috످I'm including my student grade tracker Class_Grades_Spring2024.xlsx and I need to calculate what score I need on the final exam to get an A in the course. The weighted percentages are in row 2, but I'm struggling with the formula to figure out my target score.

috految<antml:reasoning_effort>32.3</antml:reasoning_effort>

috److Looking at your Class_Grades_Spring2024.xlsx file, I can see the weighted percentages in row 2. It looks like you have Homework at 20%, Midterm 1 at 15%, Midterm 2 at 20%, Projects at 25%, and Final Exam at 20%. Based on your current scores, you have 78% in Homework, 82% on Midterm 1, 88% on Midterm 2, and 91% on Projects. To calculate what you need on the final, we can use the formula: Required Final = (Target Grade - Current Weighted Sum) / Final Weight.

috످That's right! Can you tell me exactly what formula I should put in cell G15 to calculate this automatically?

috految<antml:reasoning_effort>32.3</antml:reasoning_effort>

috److془I need to correct: no file. Fabricated.

Formula: =(90%-SUMPRODUCT(B2:E2,B15:E15))/F2.

Made up scores: 15.6+12.3+17.6+22.75=68.25; 108.75. Max 88.25.془I can't actually see your spreadsheet because no file came through in this chat. I made up the categories, weights, and scores in my last message, and I'm sorry. Even if they looked right, please check them against your file.

Assuming an A is 90%, paste this into G15 and format the cell as a percentage:

```excel
=(90% - SUMPRODUCT(B2:E2, B15:E15)) / F2
```

This subtracts what you've earned so far from your target grade, then divides by the final exam's weight.

Adjust these to match your sheet: `90%` is your course's cutoff for an A (some use 93%). `B2:E2` holds your weights, excluding the final. `B15:E15` holds your scores, in the same order as the weights. `F2` is your final exam's weight.

Enter all scores and weights as percentages (85%, not 85), and use estimates for any ungraded work, since blanks count as zero. If the result is over 100%, you'd need extra credit or a curve to get an A.

If you paste your headers, weights, and scores here with their cell locations, I can give you the exact formula and the score you need on the final.

috످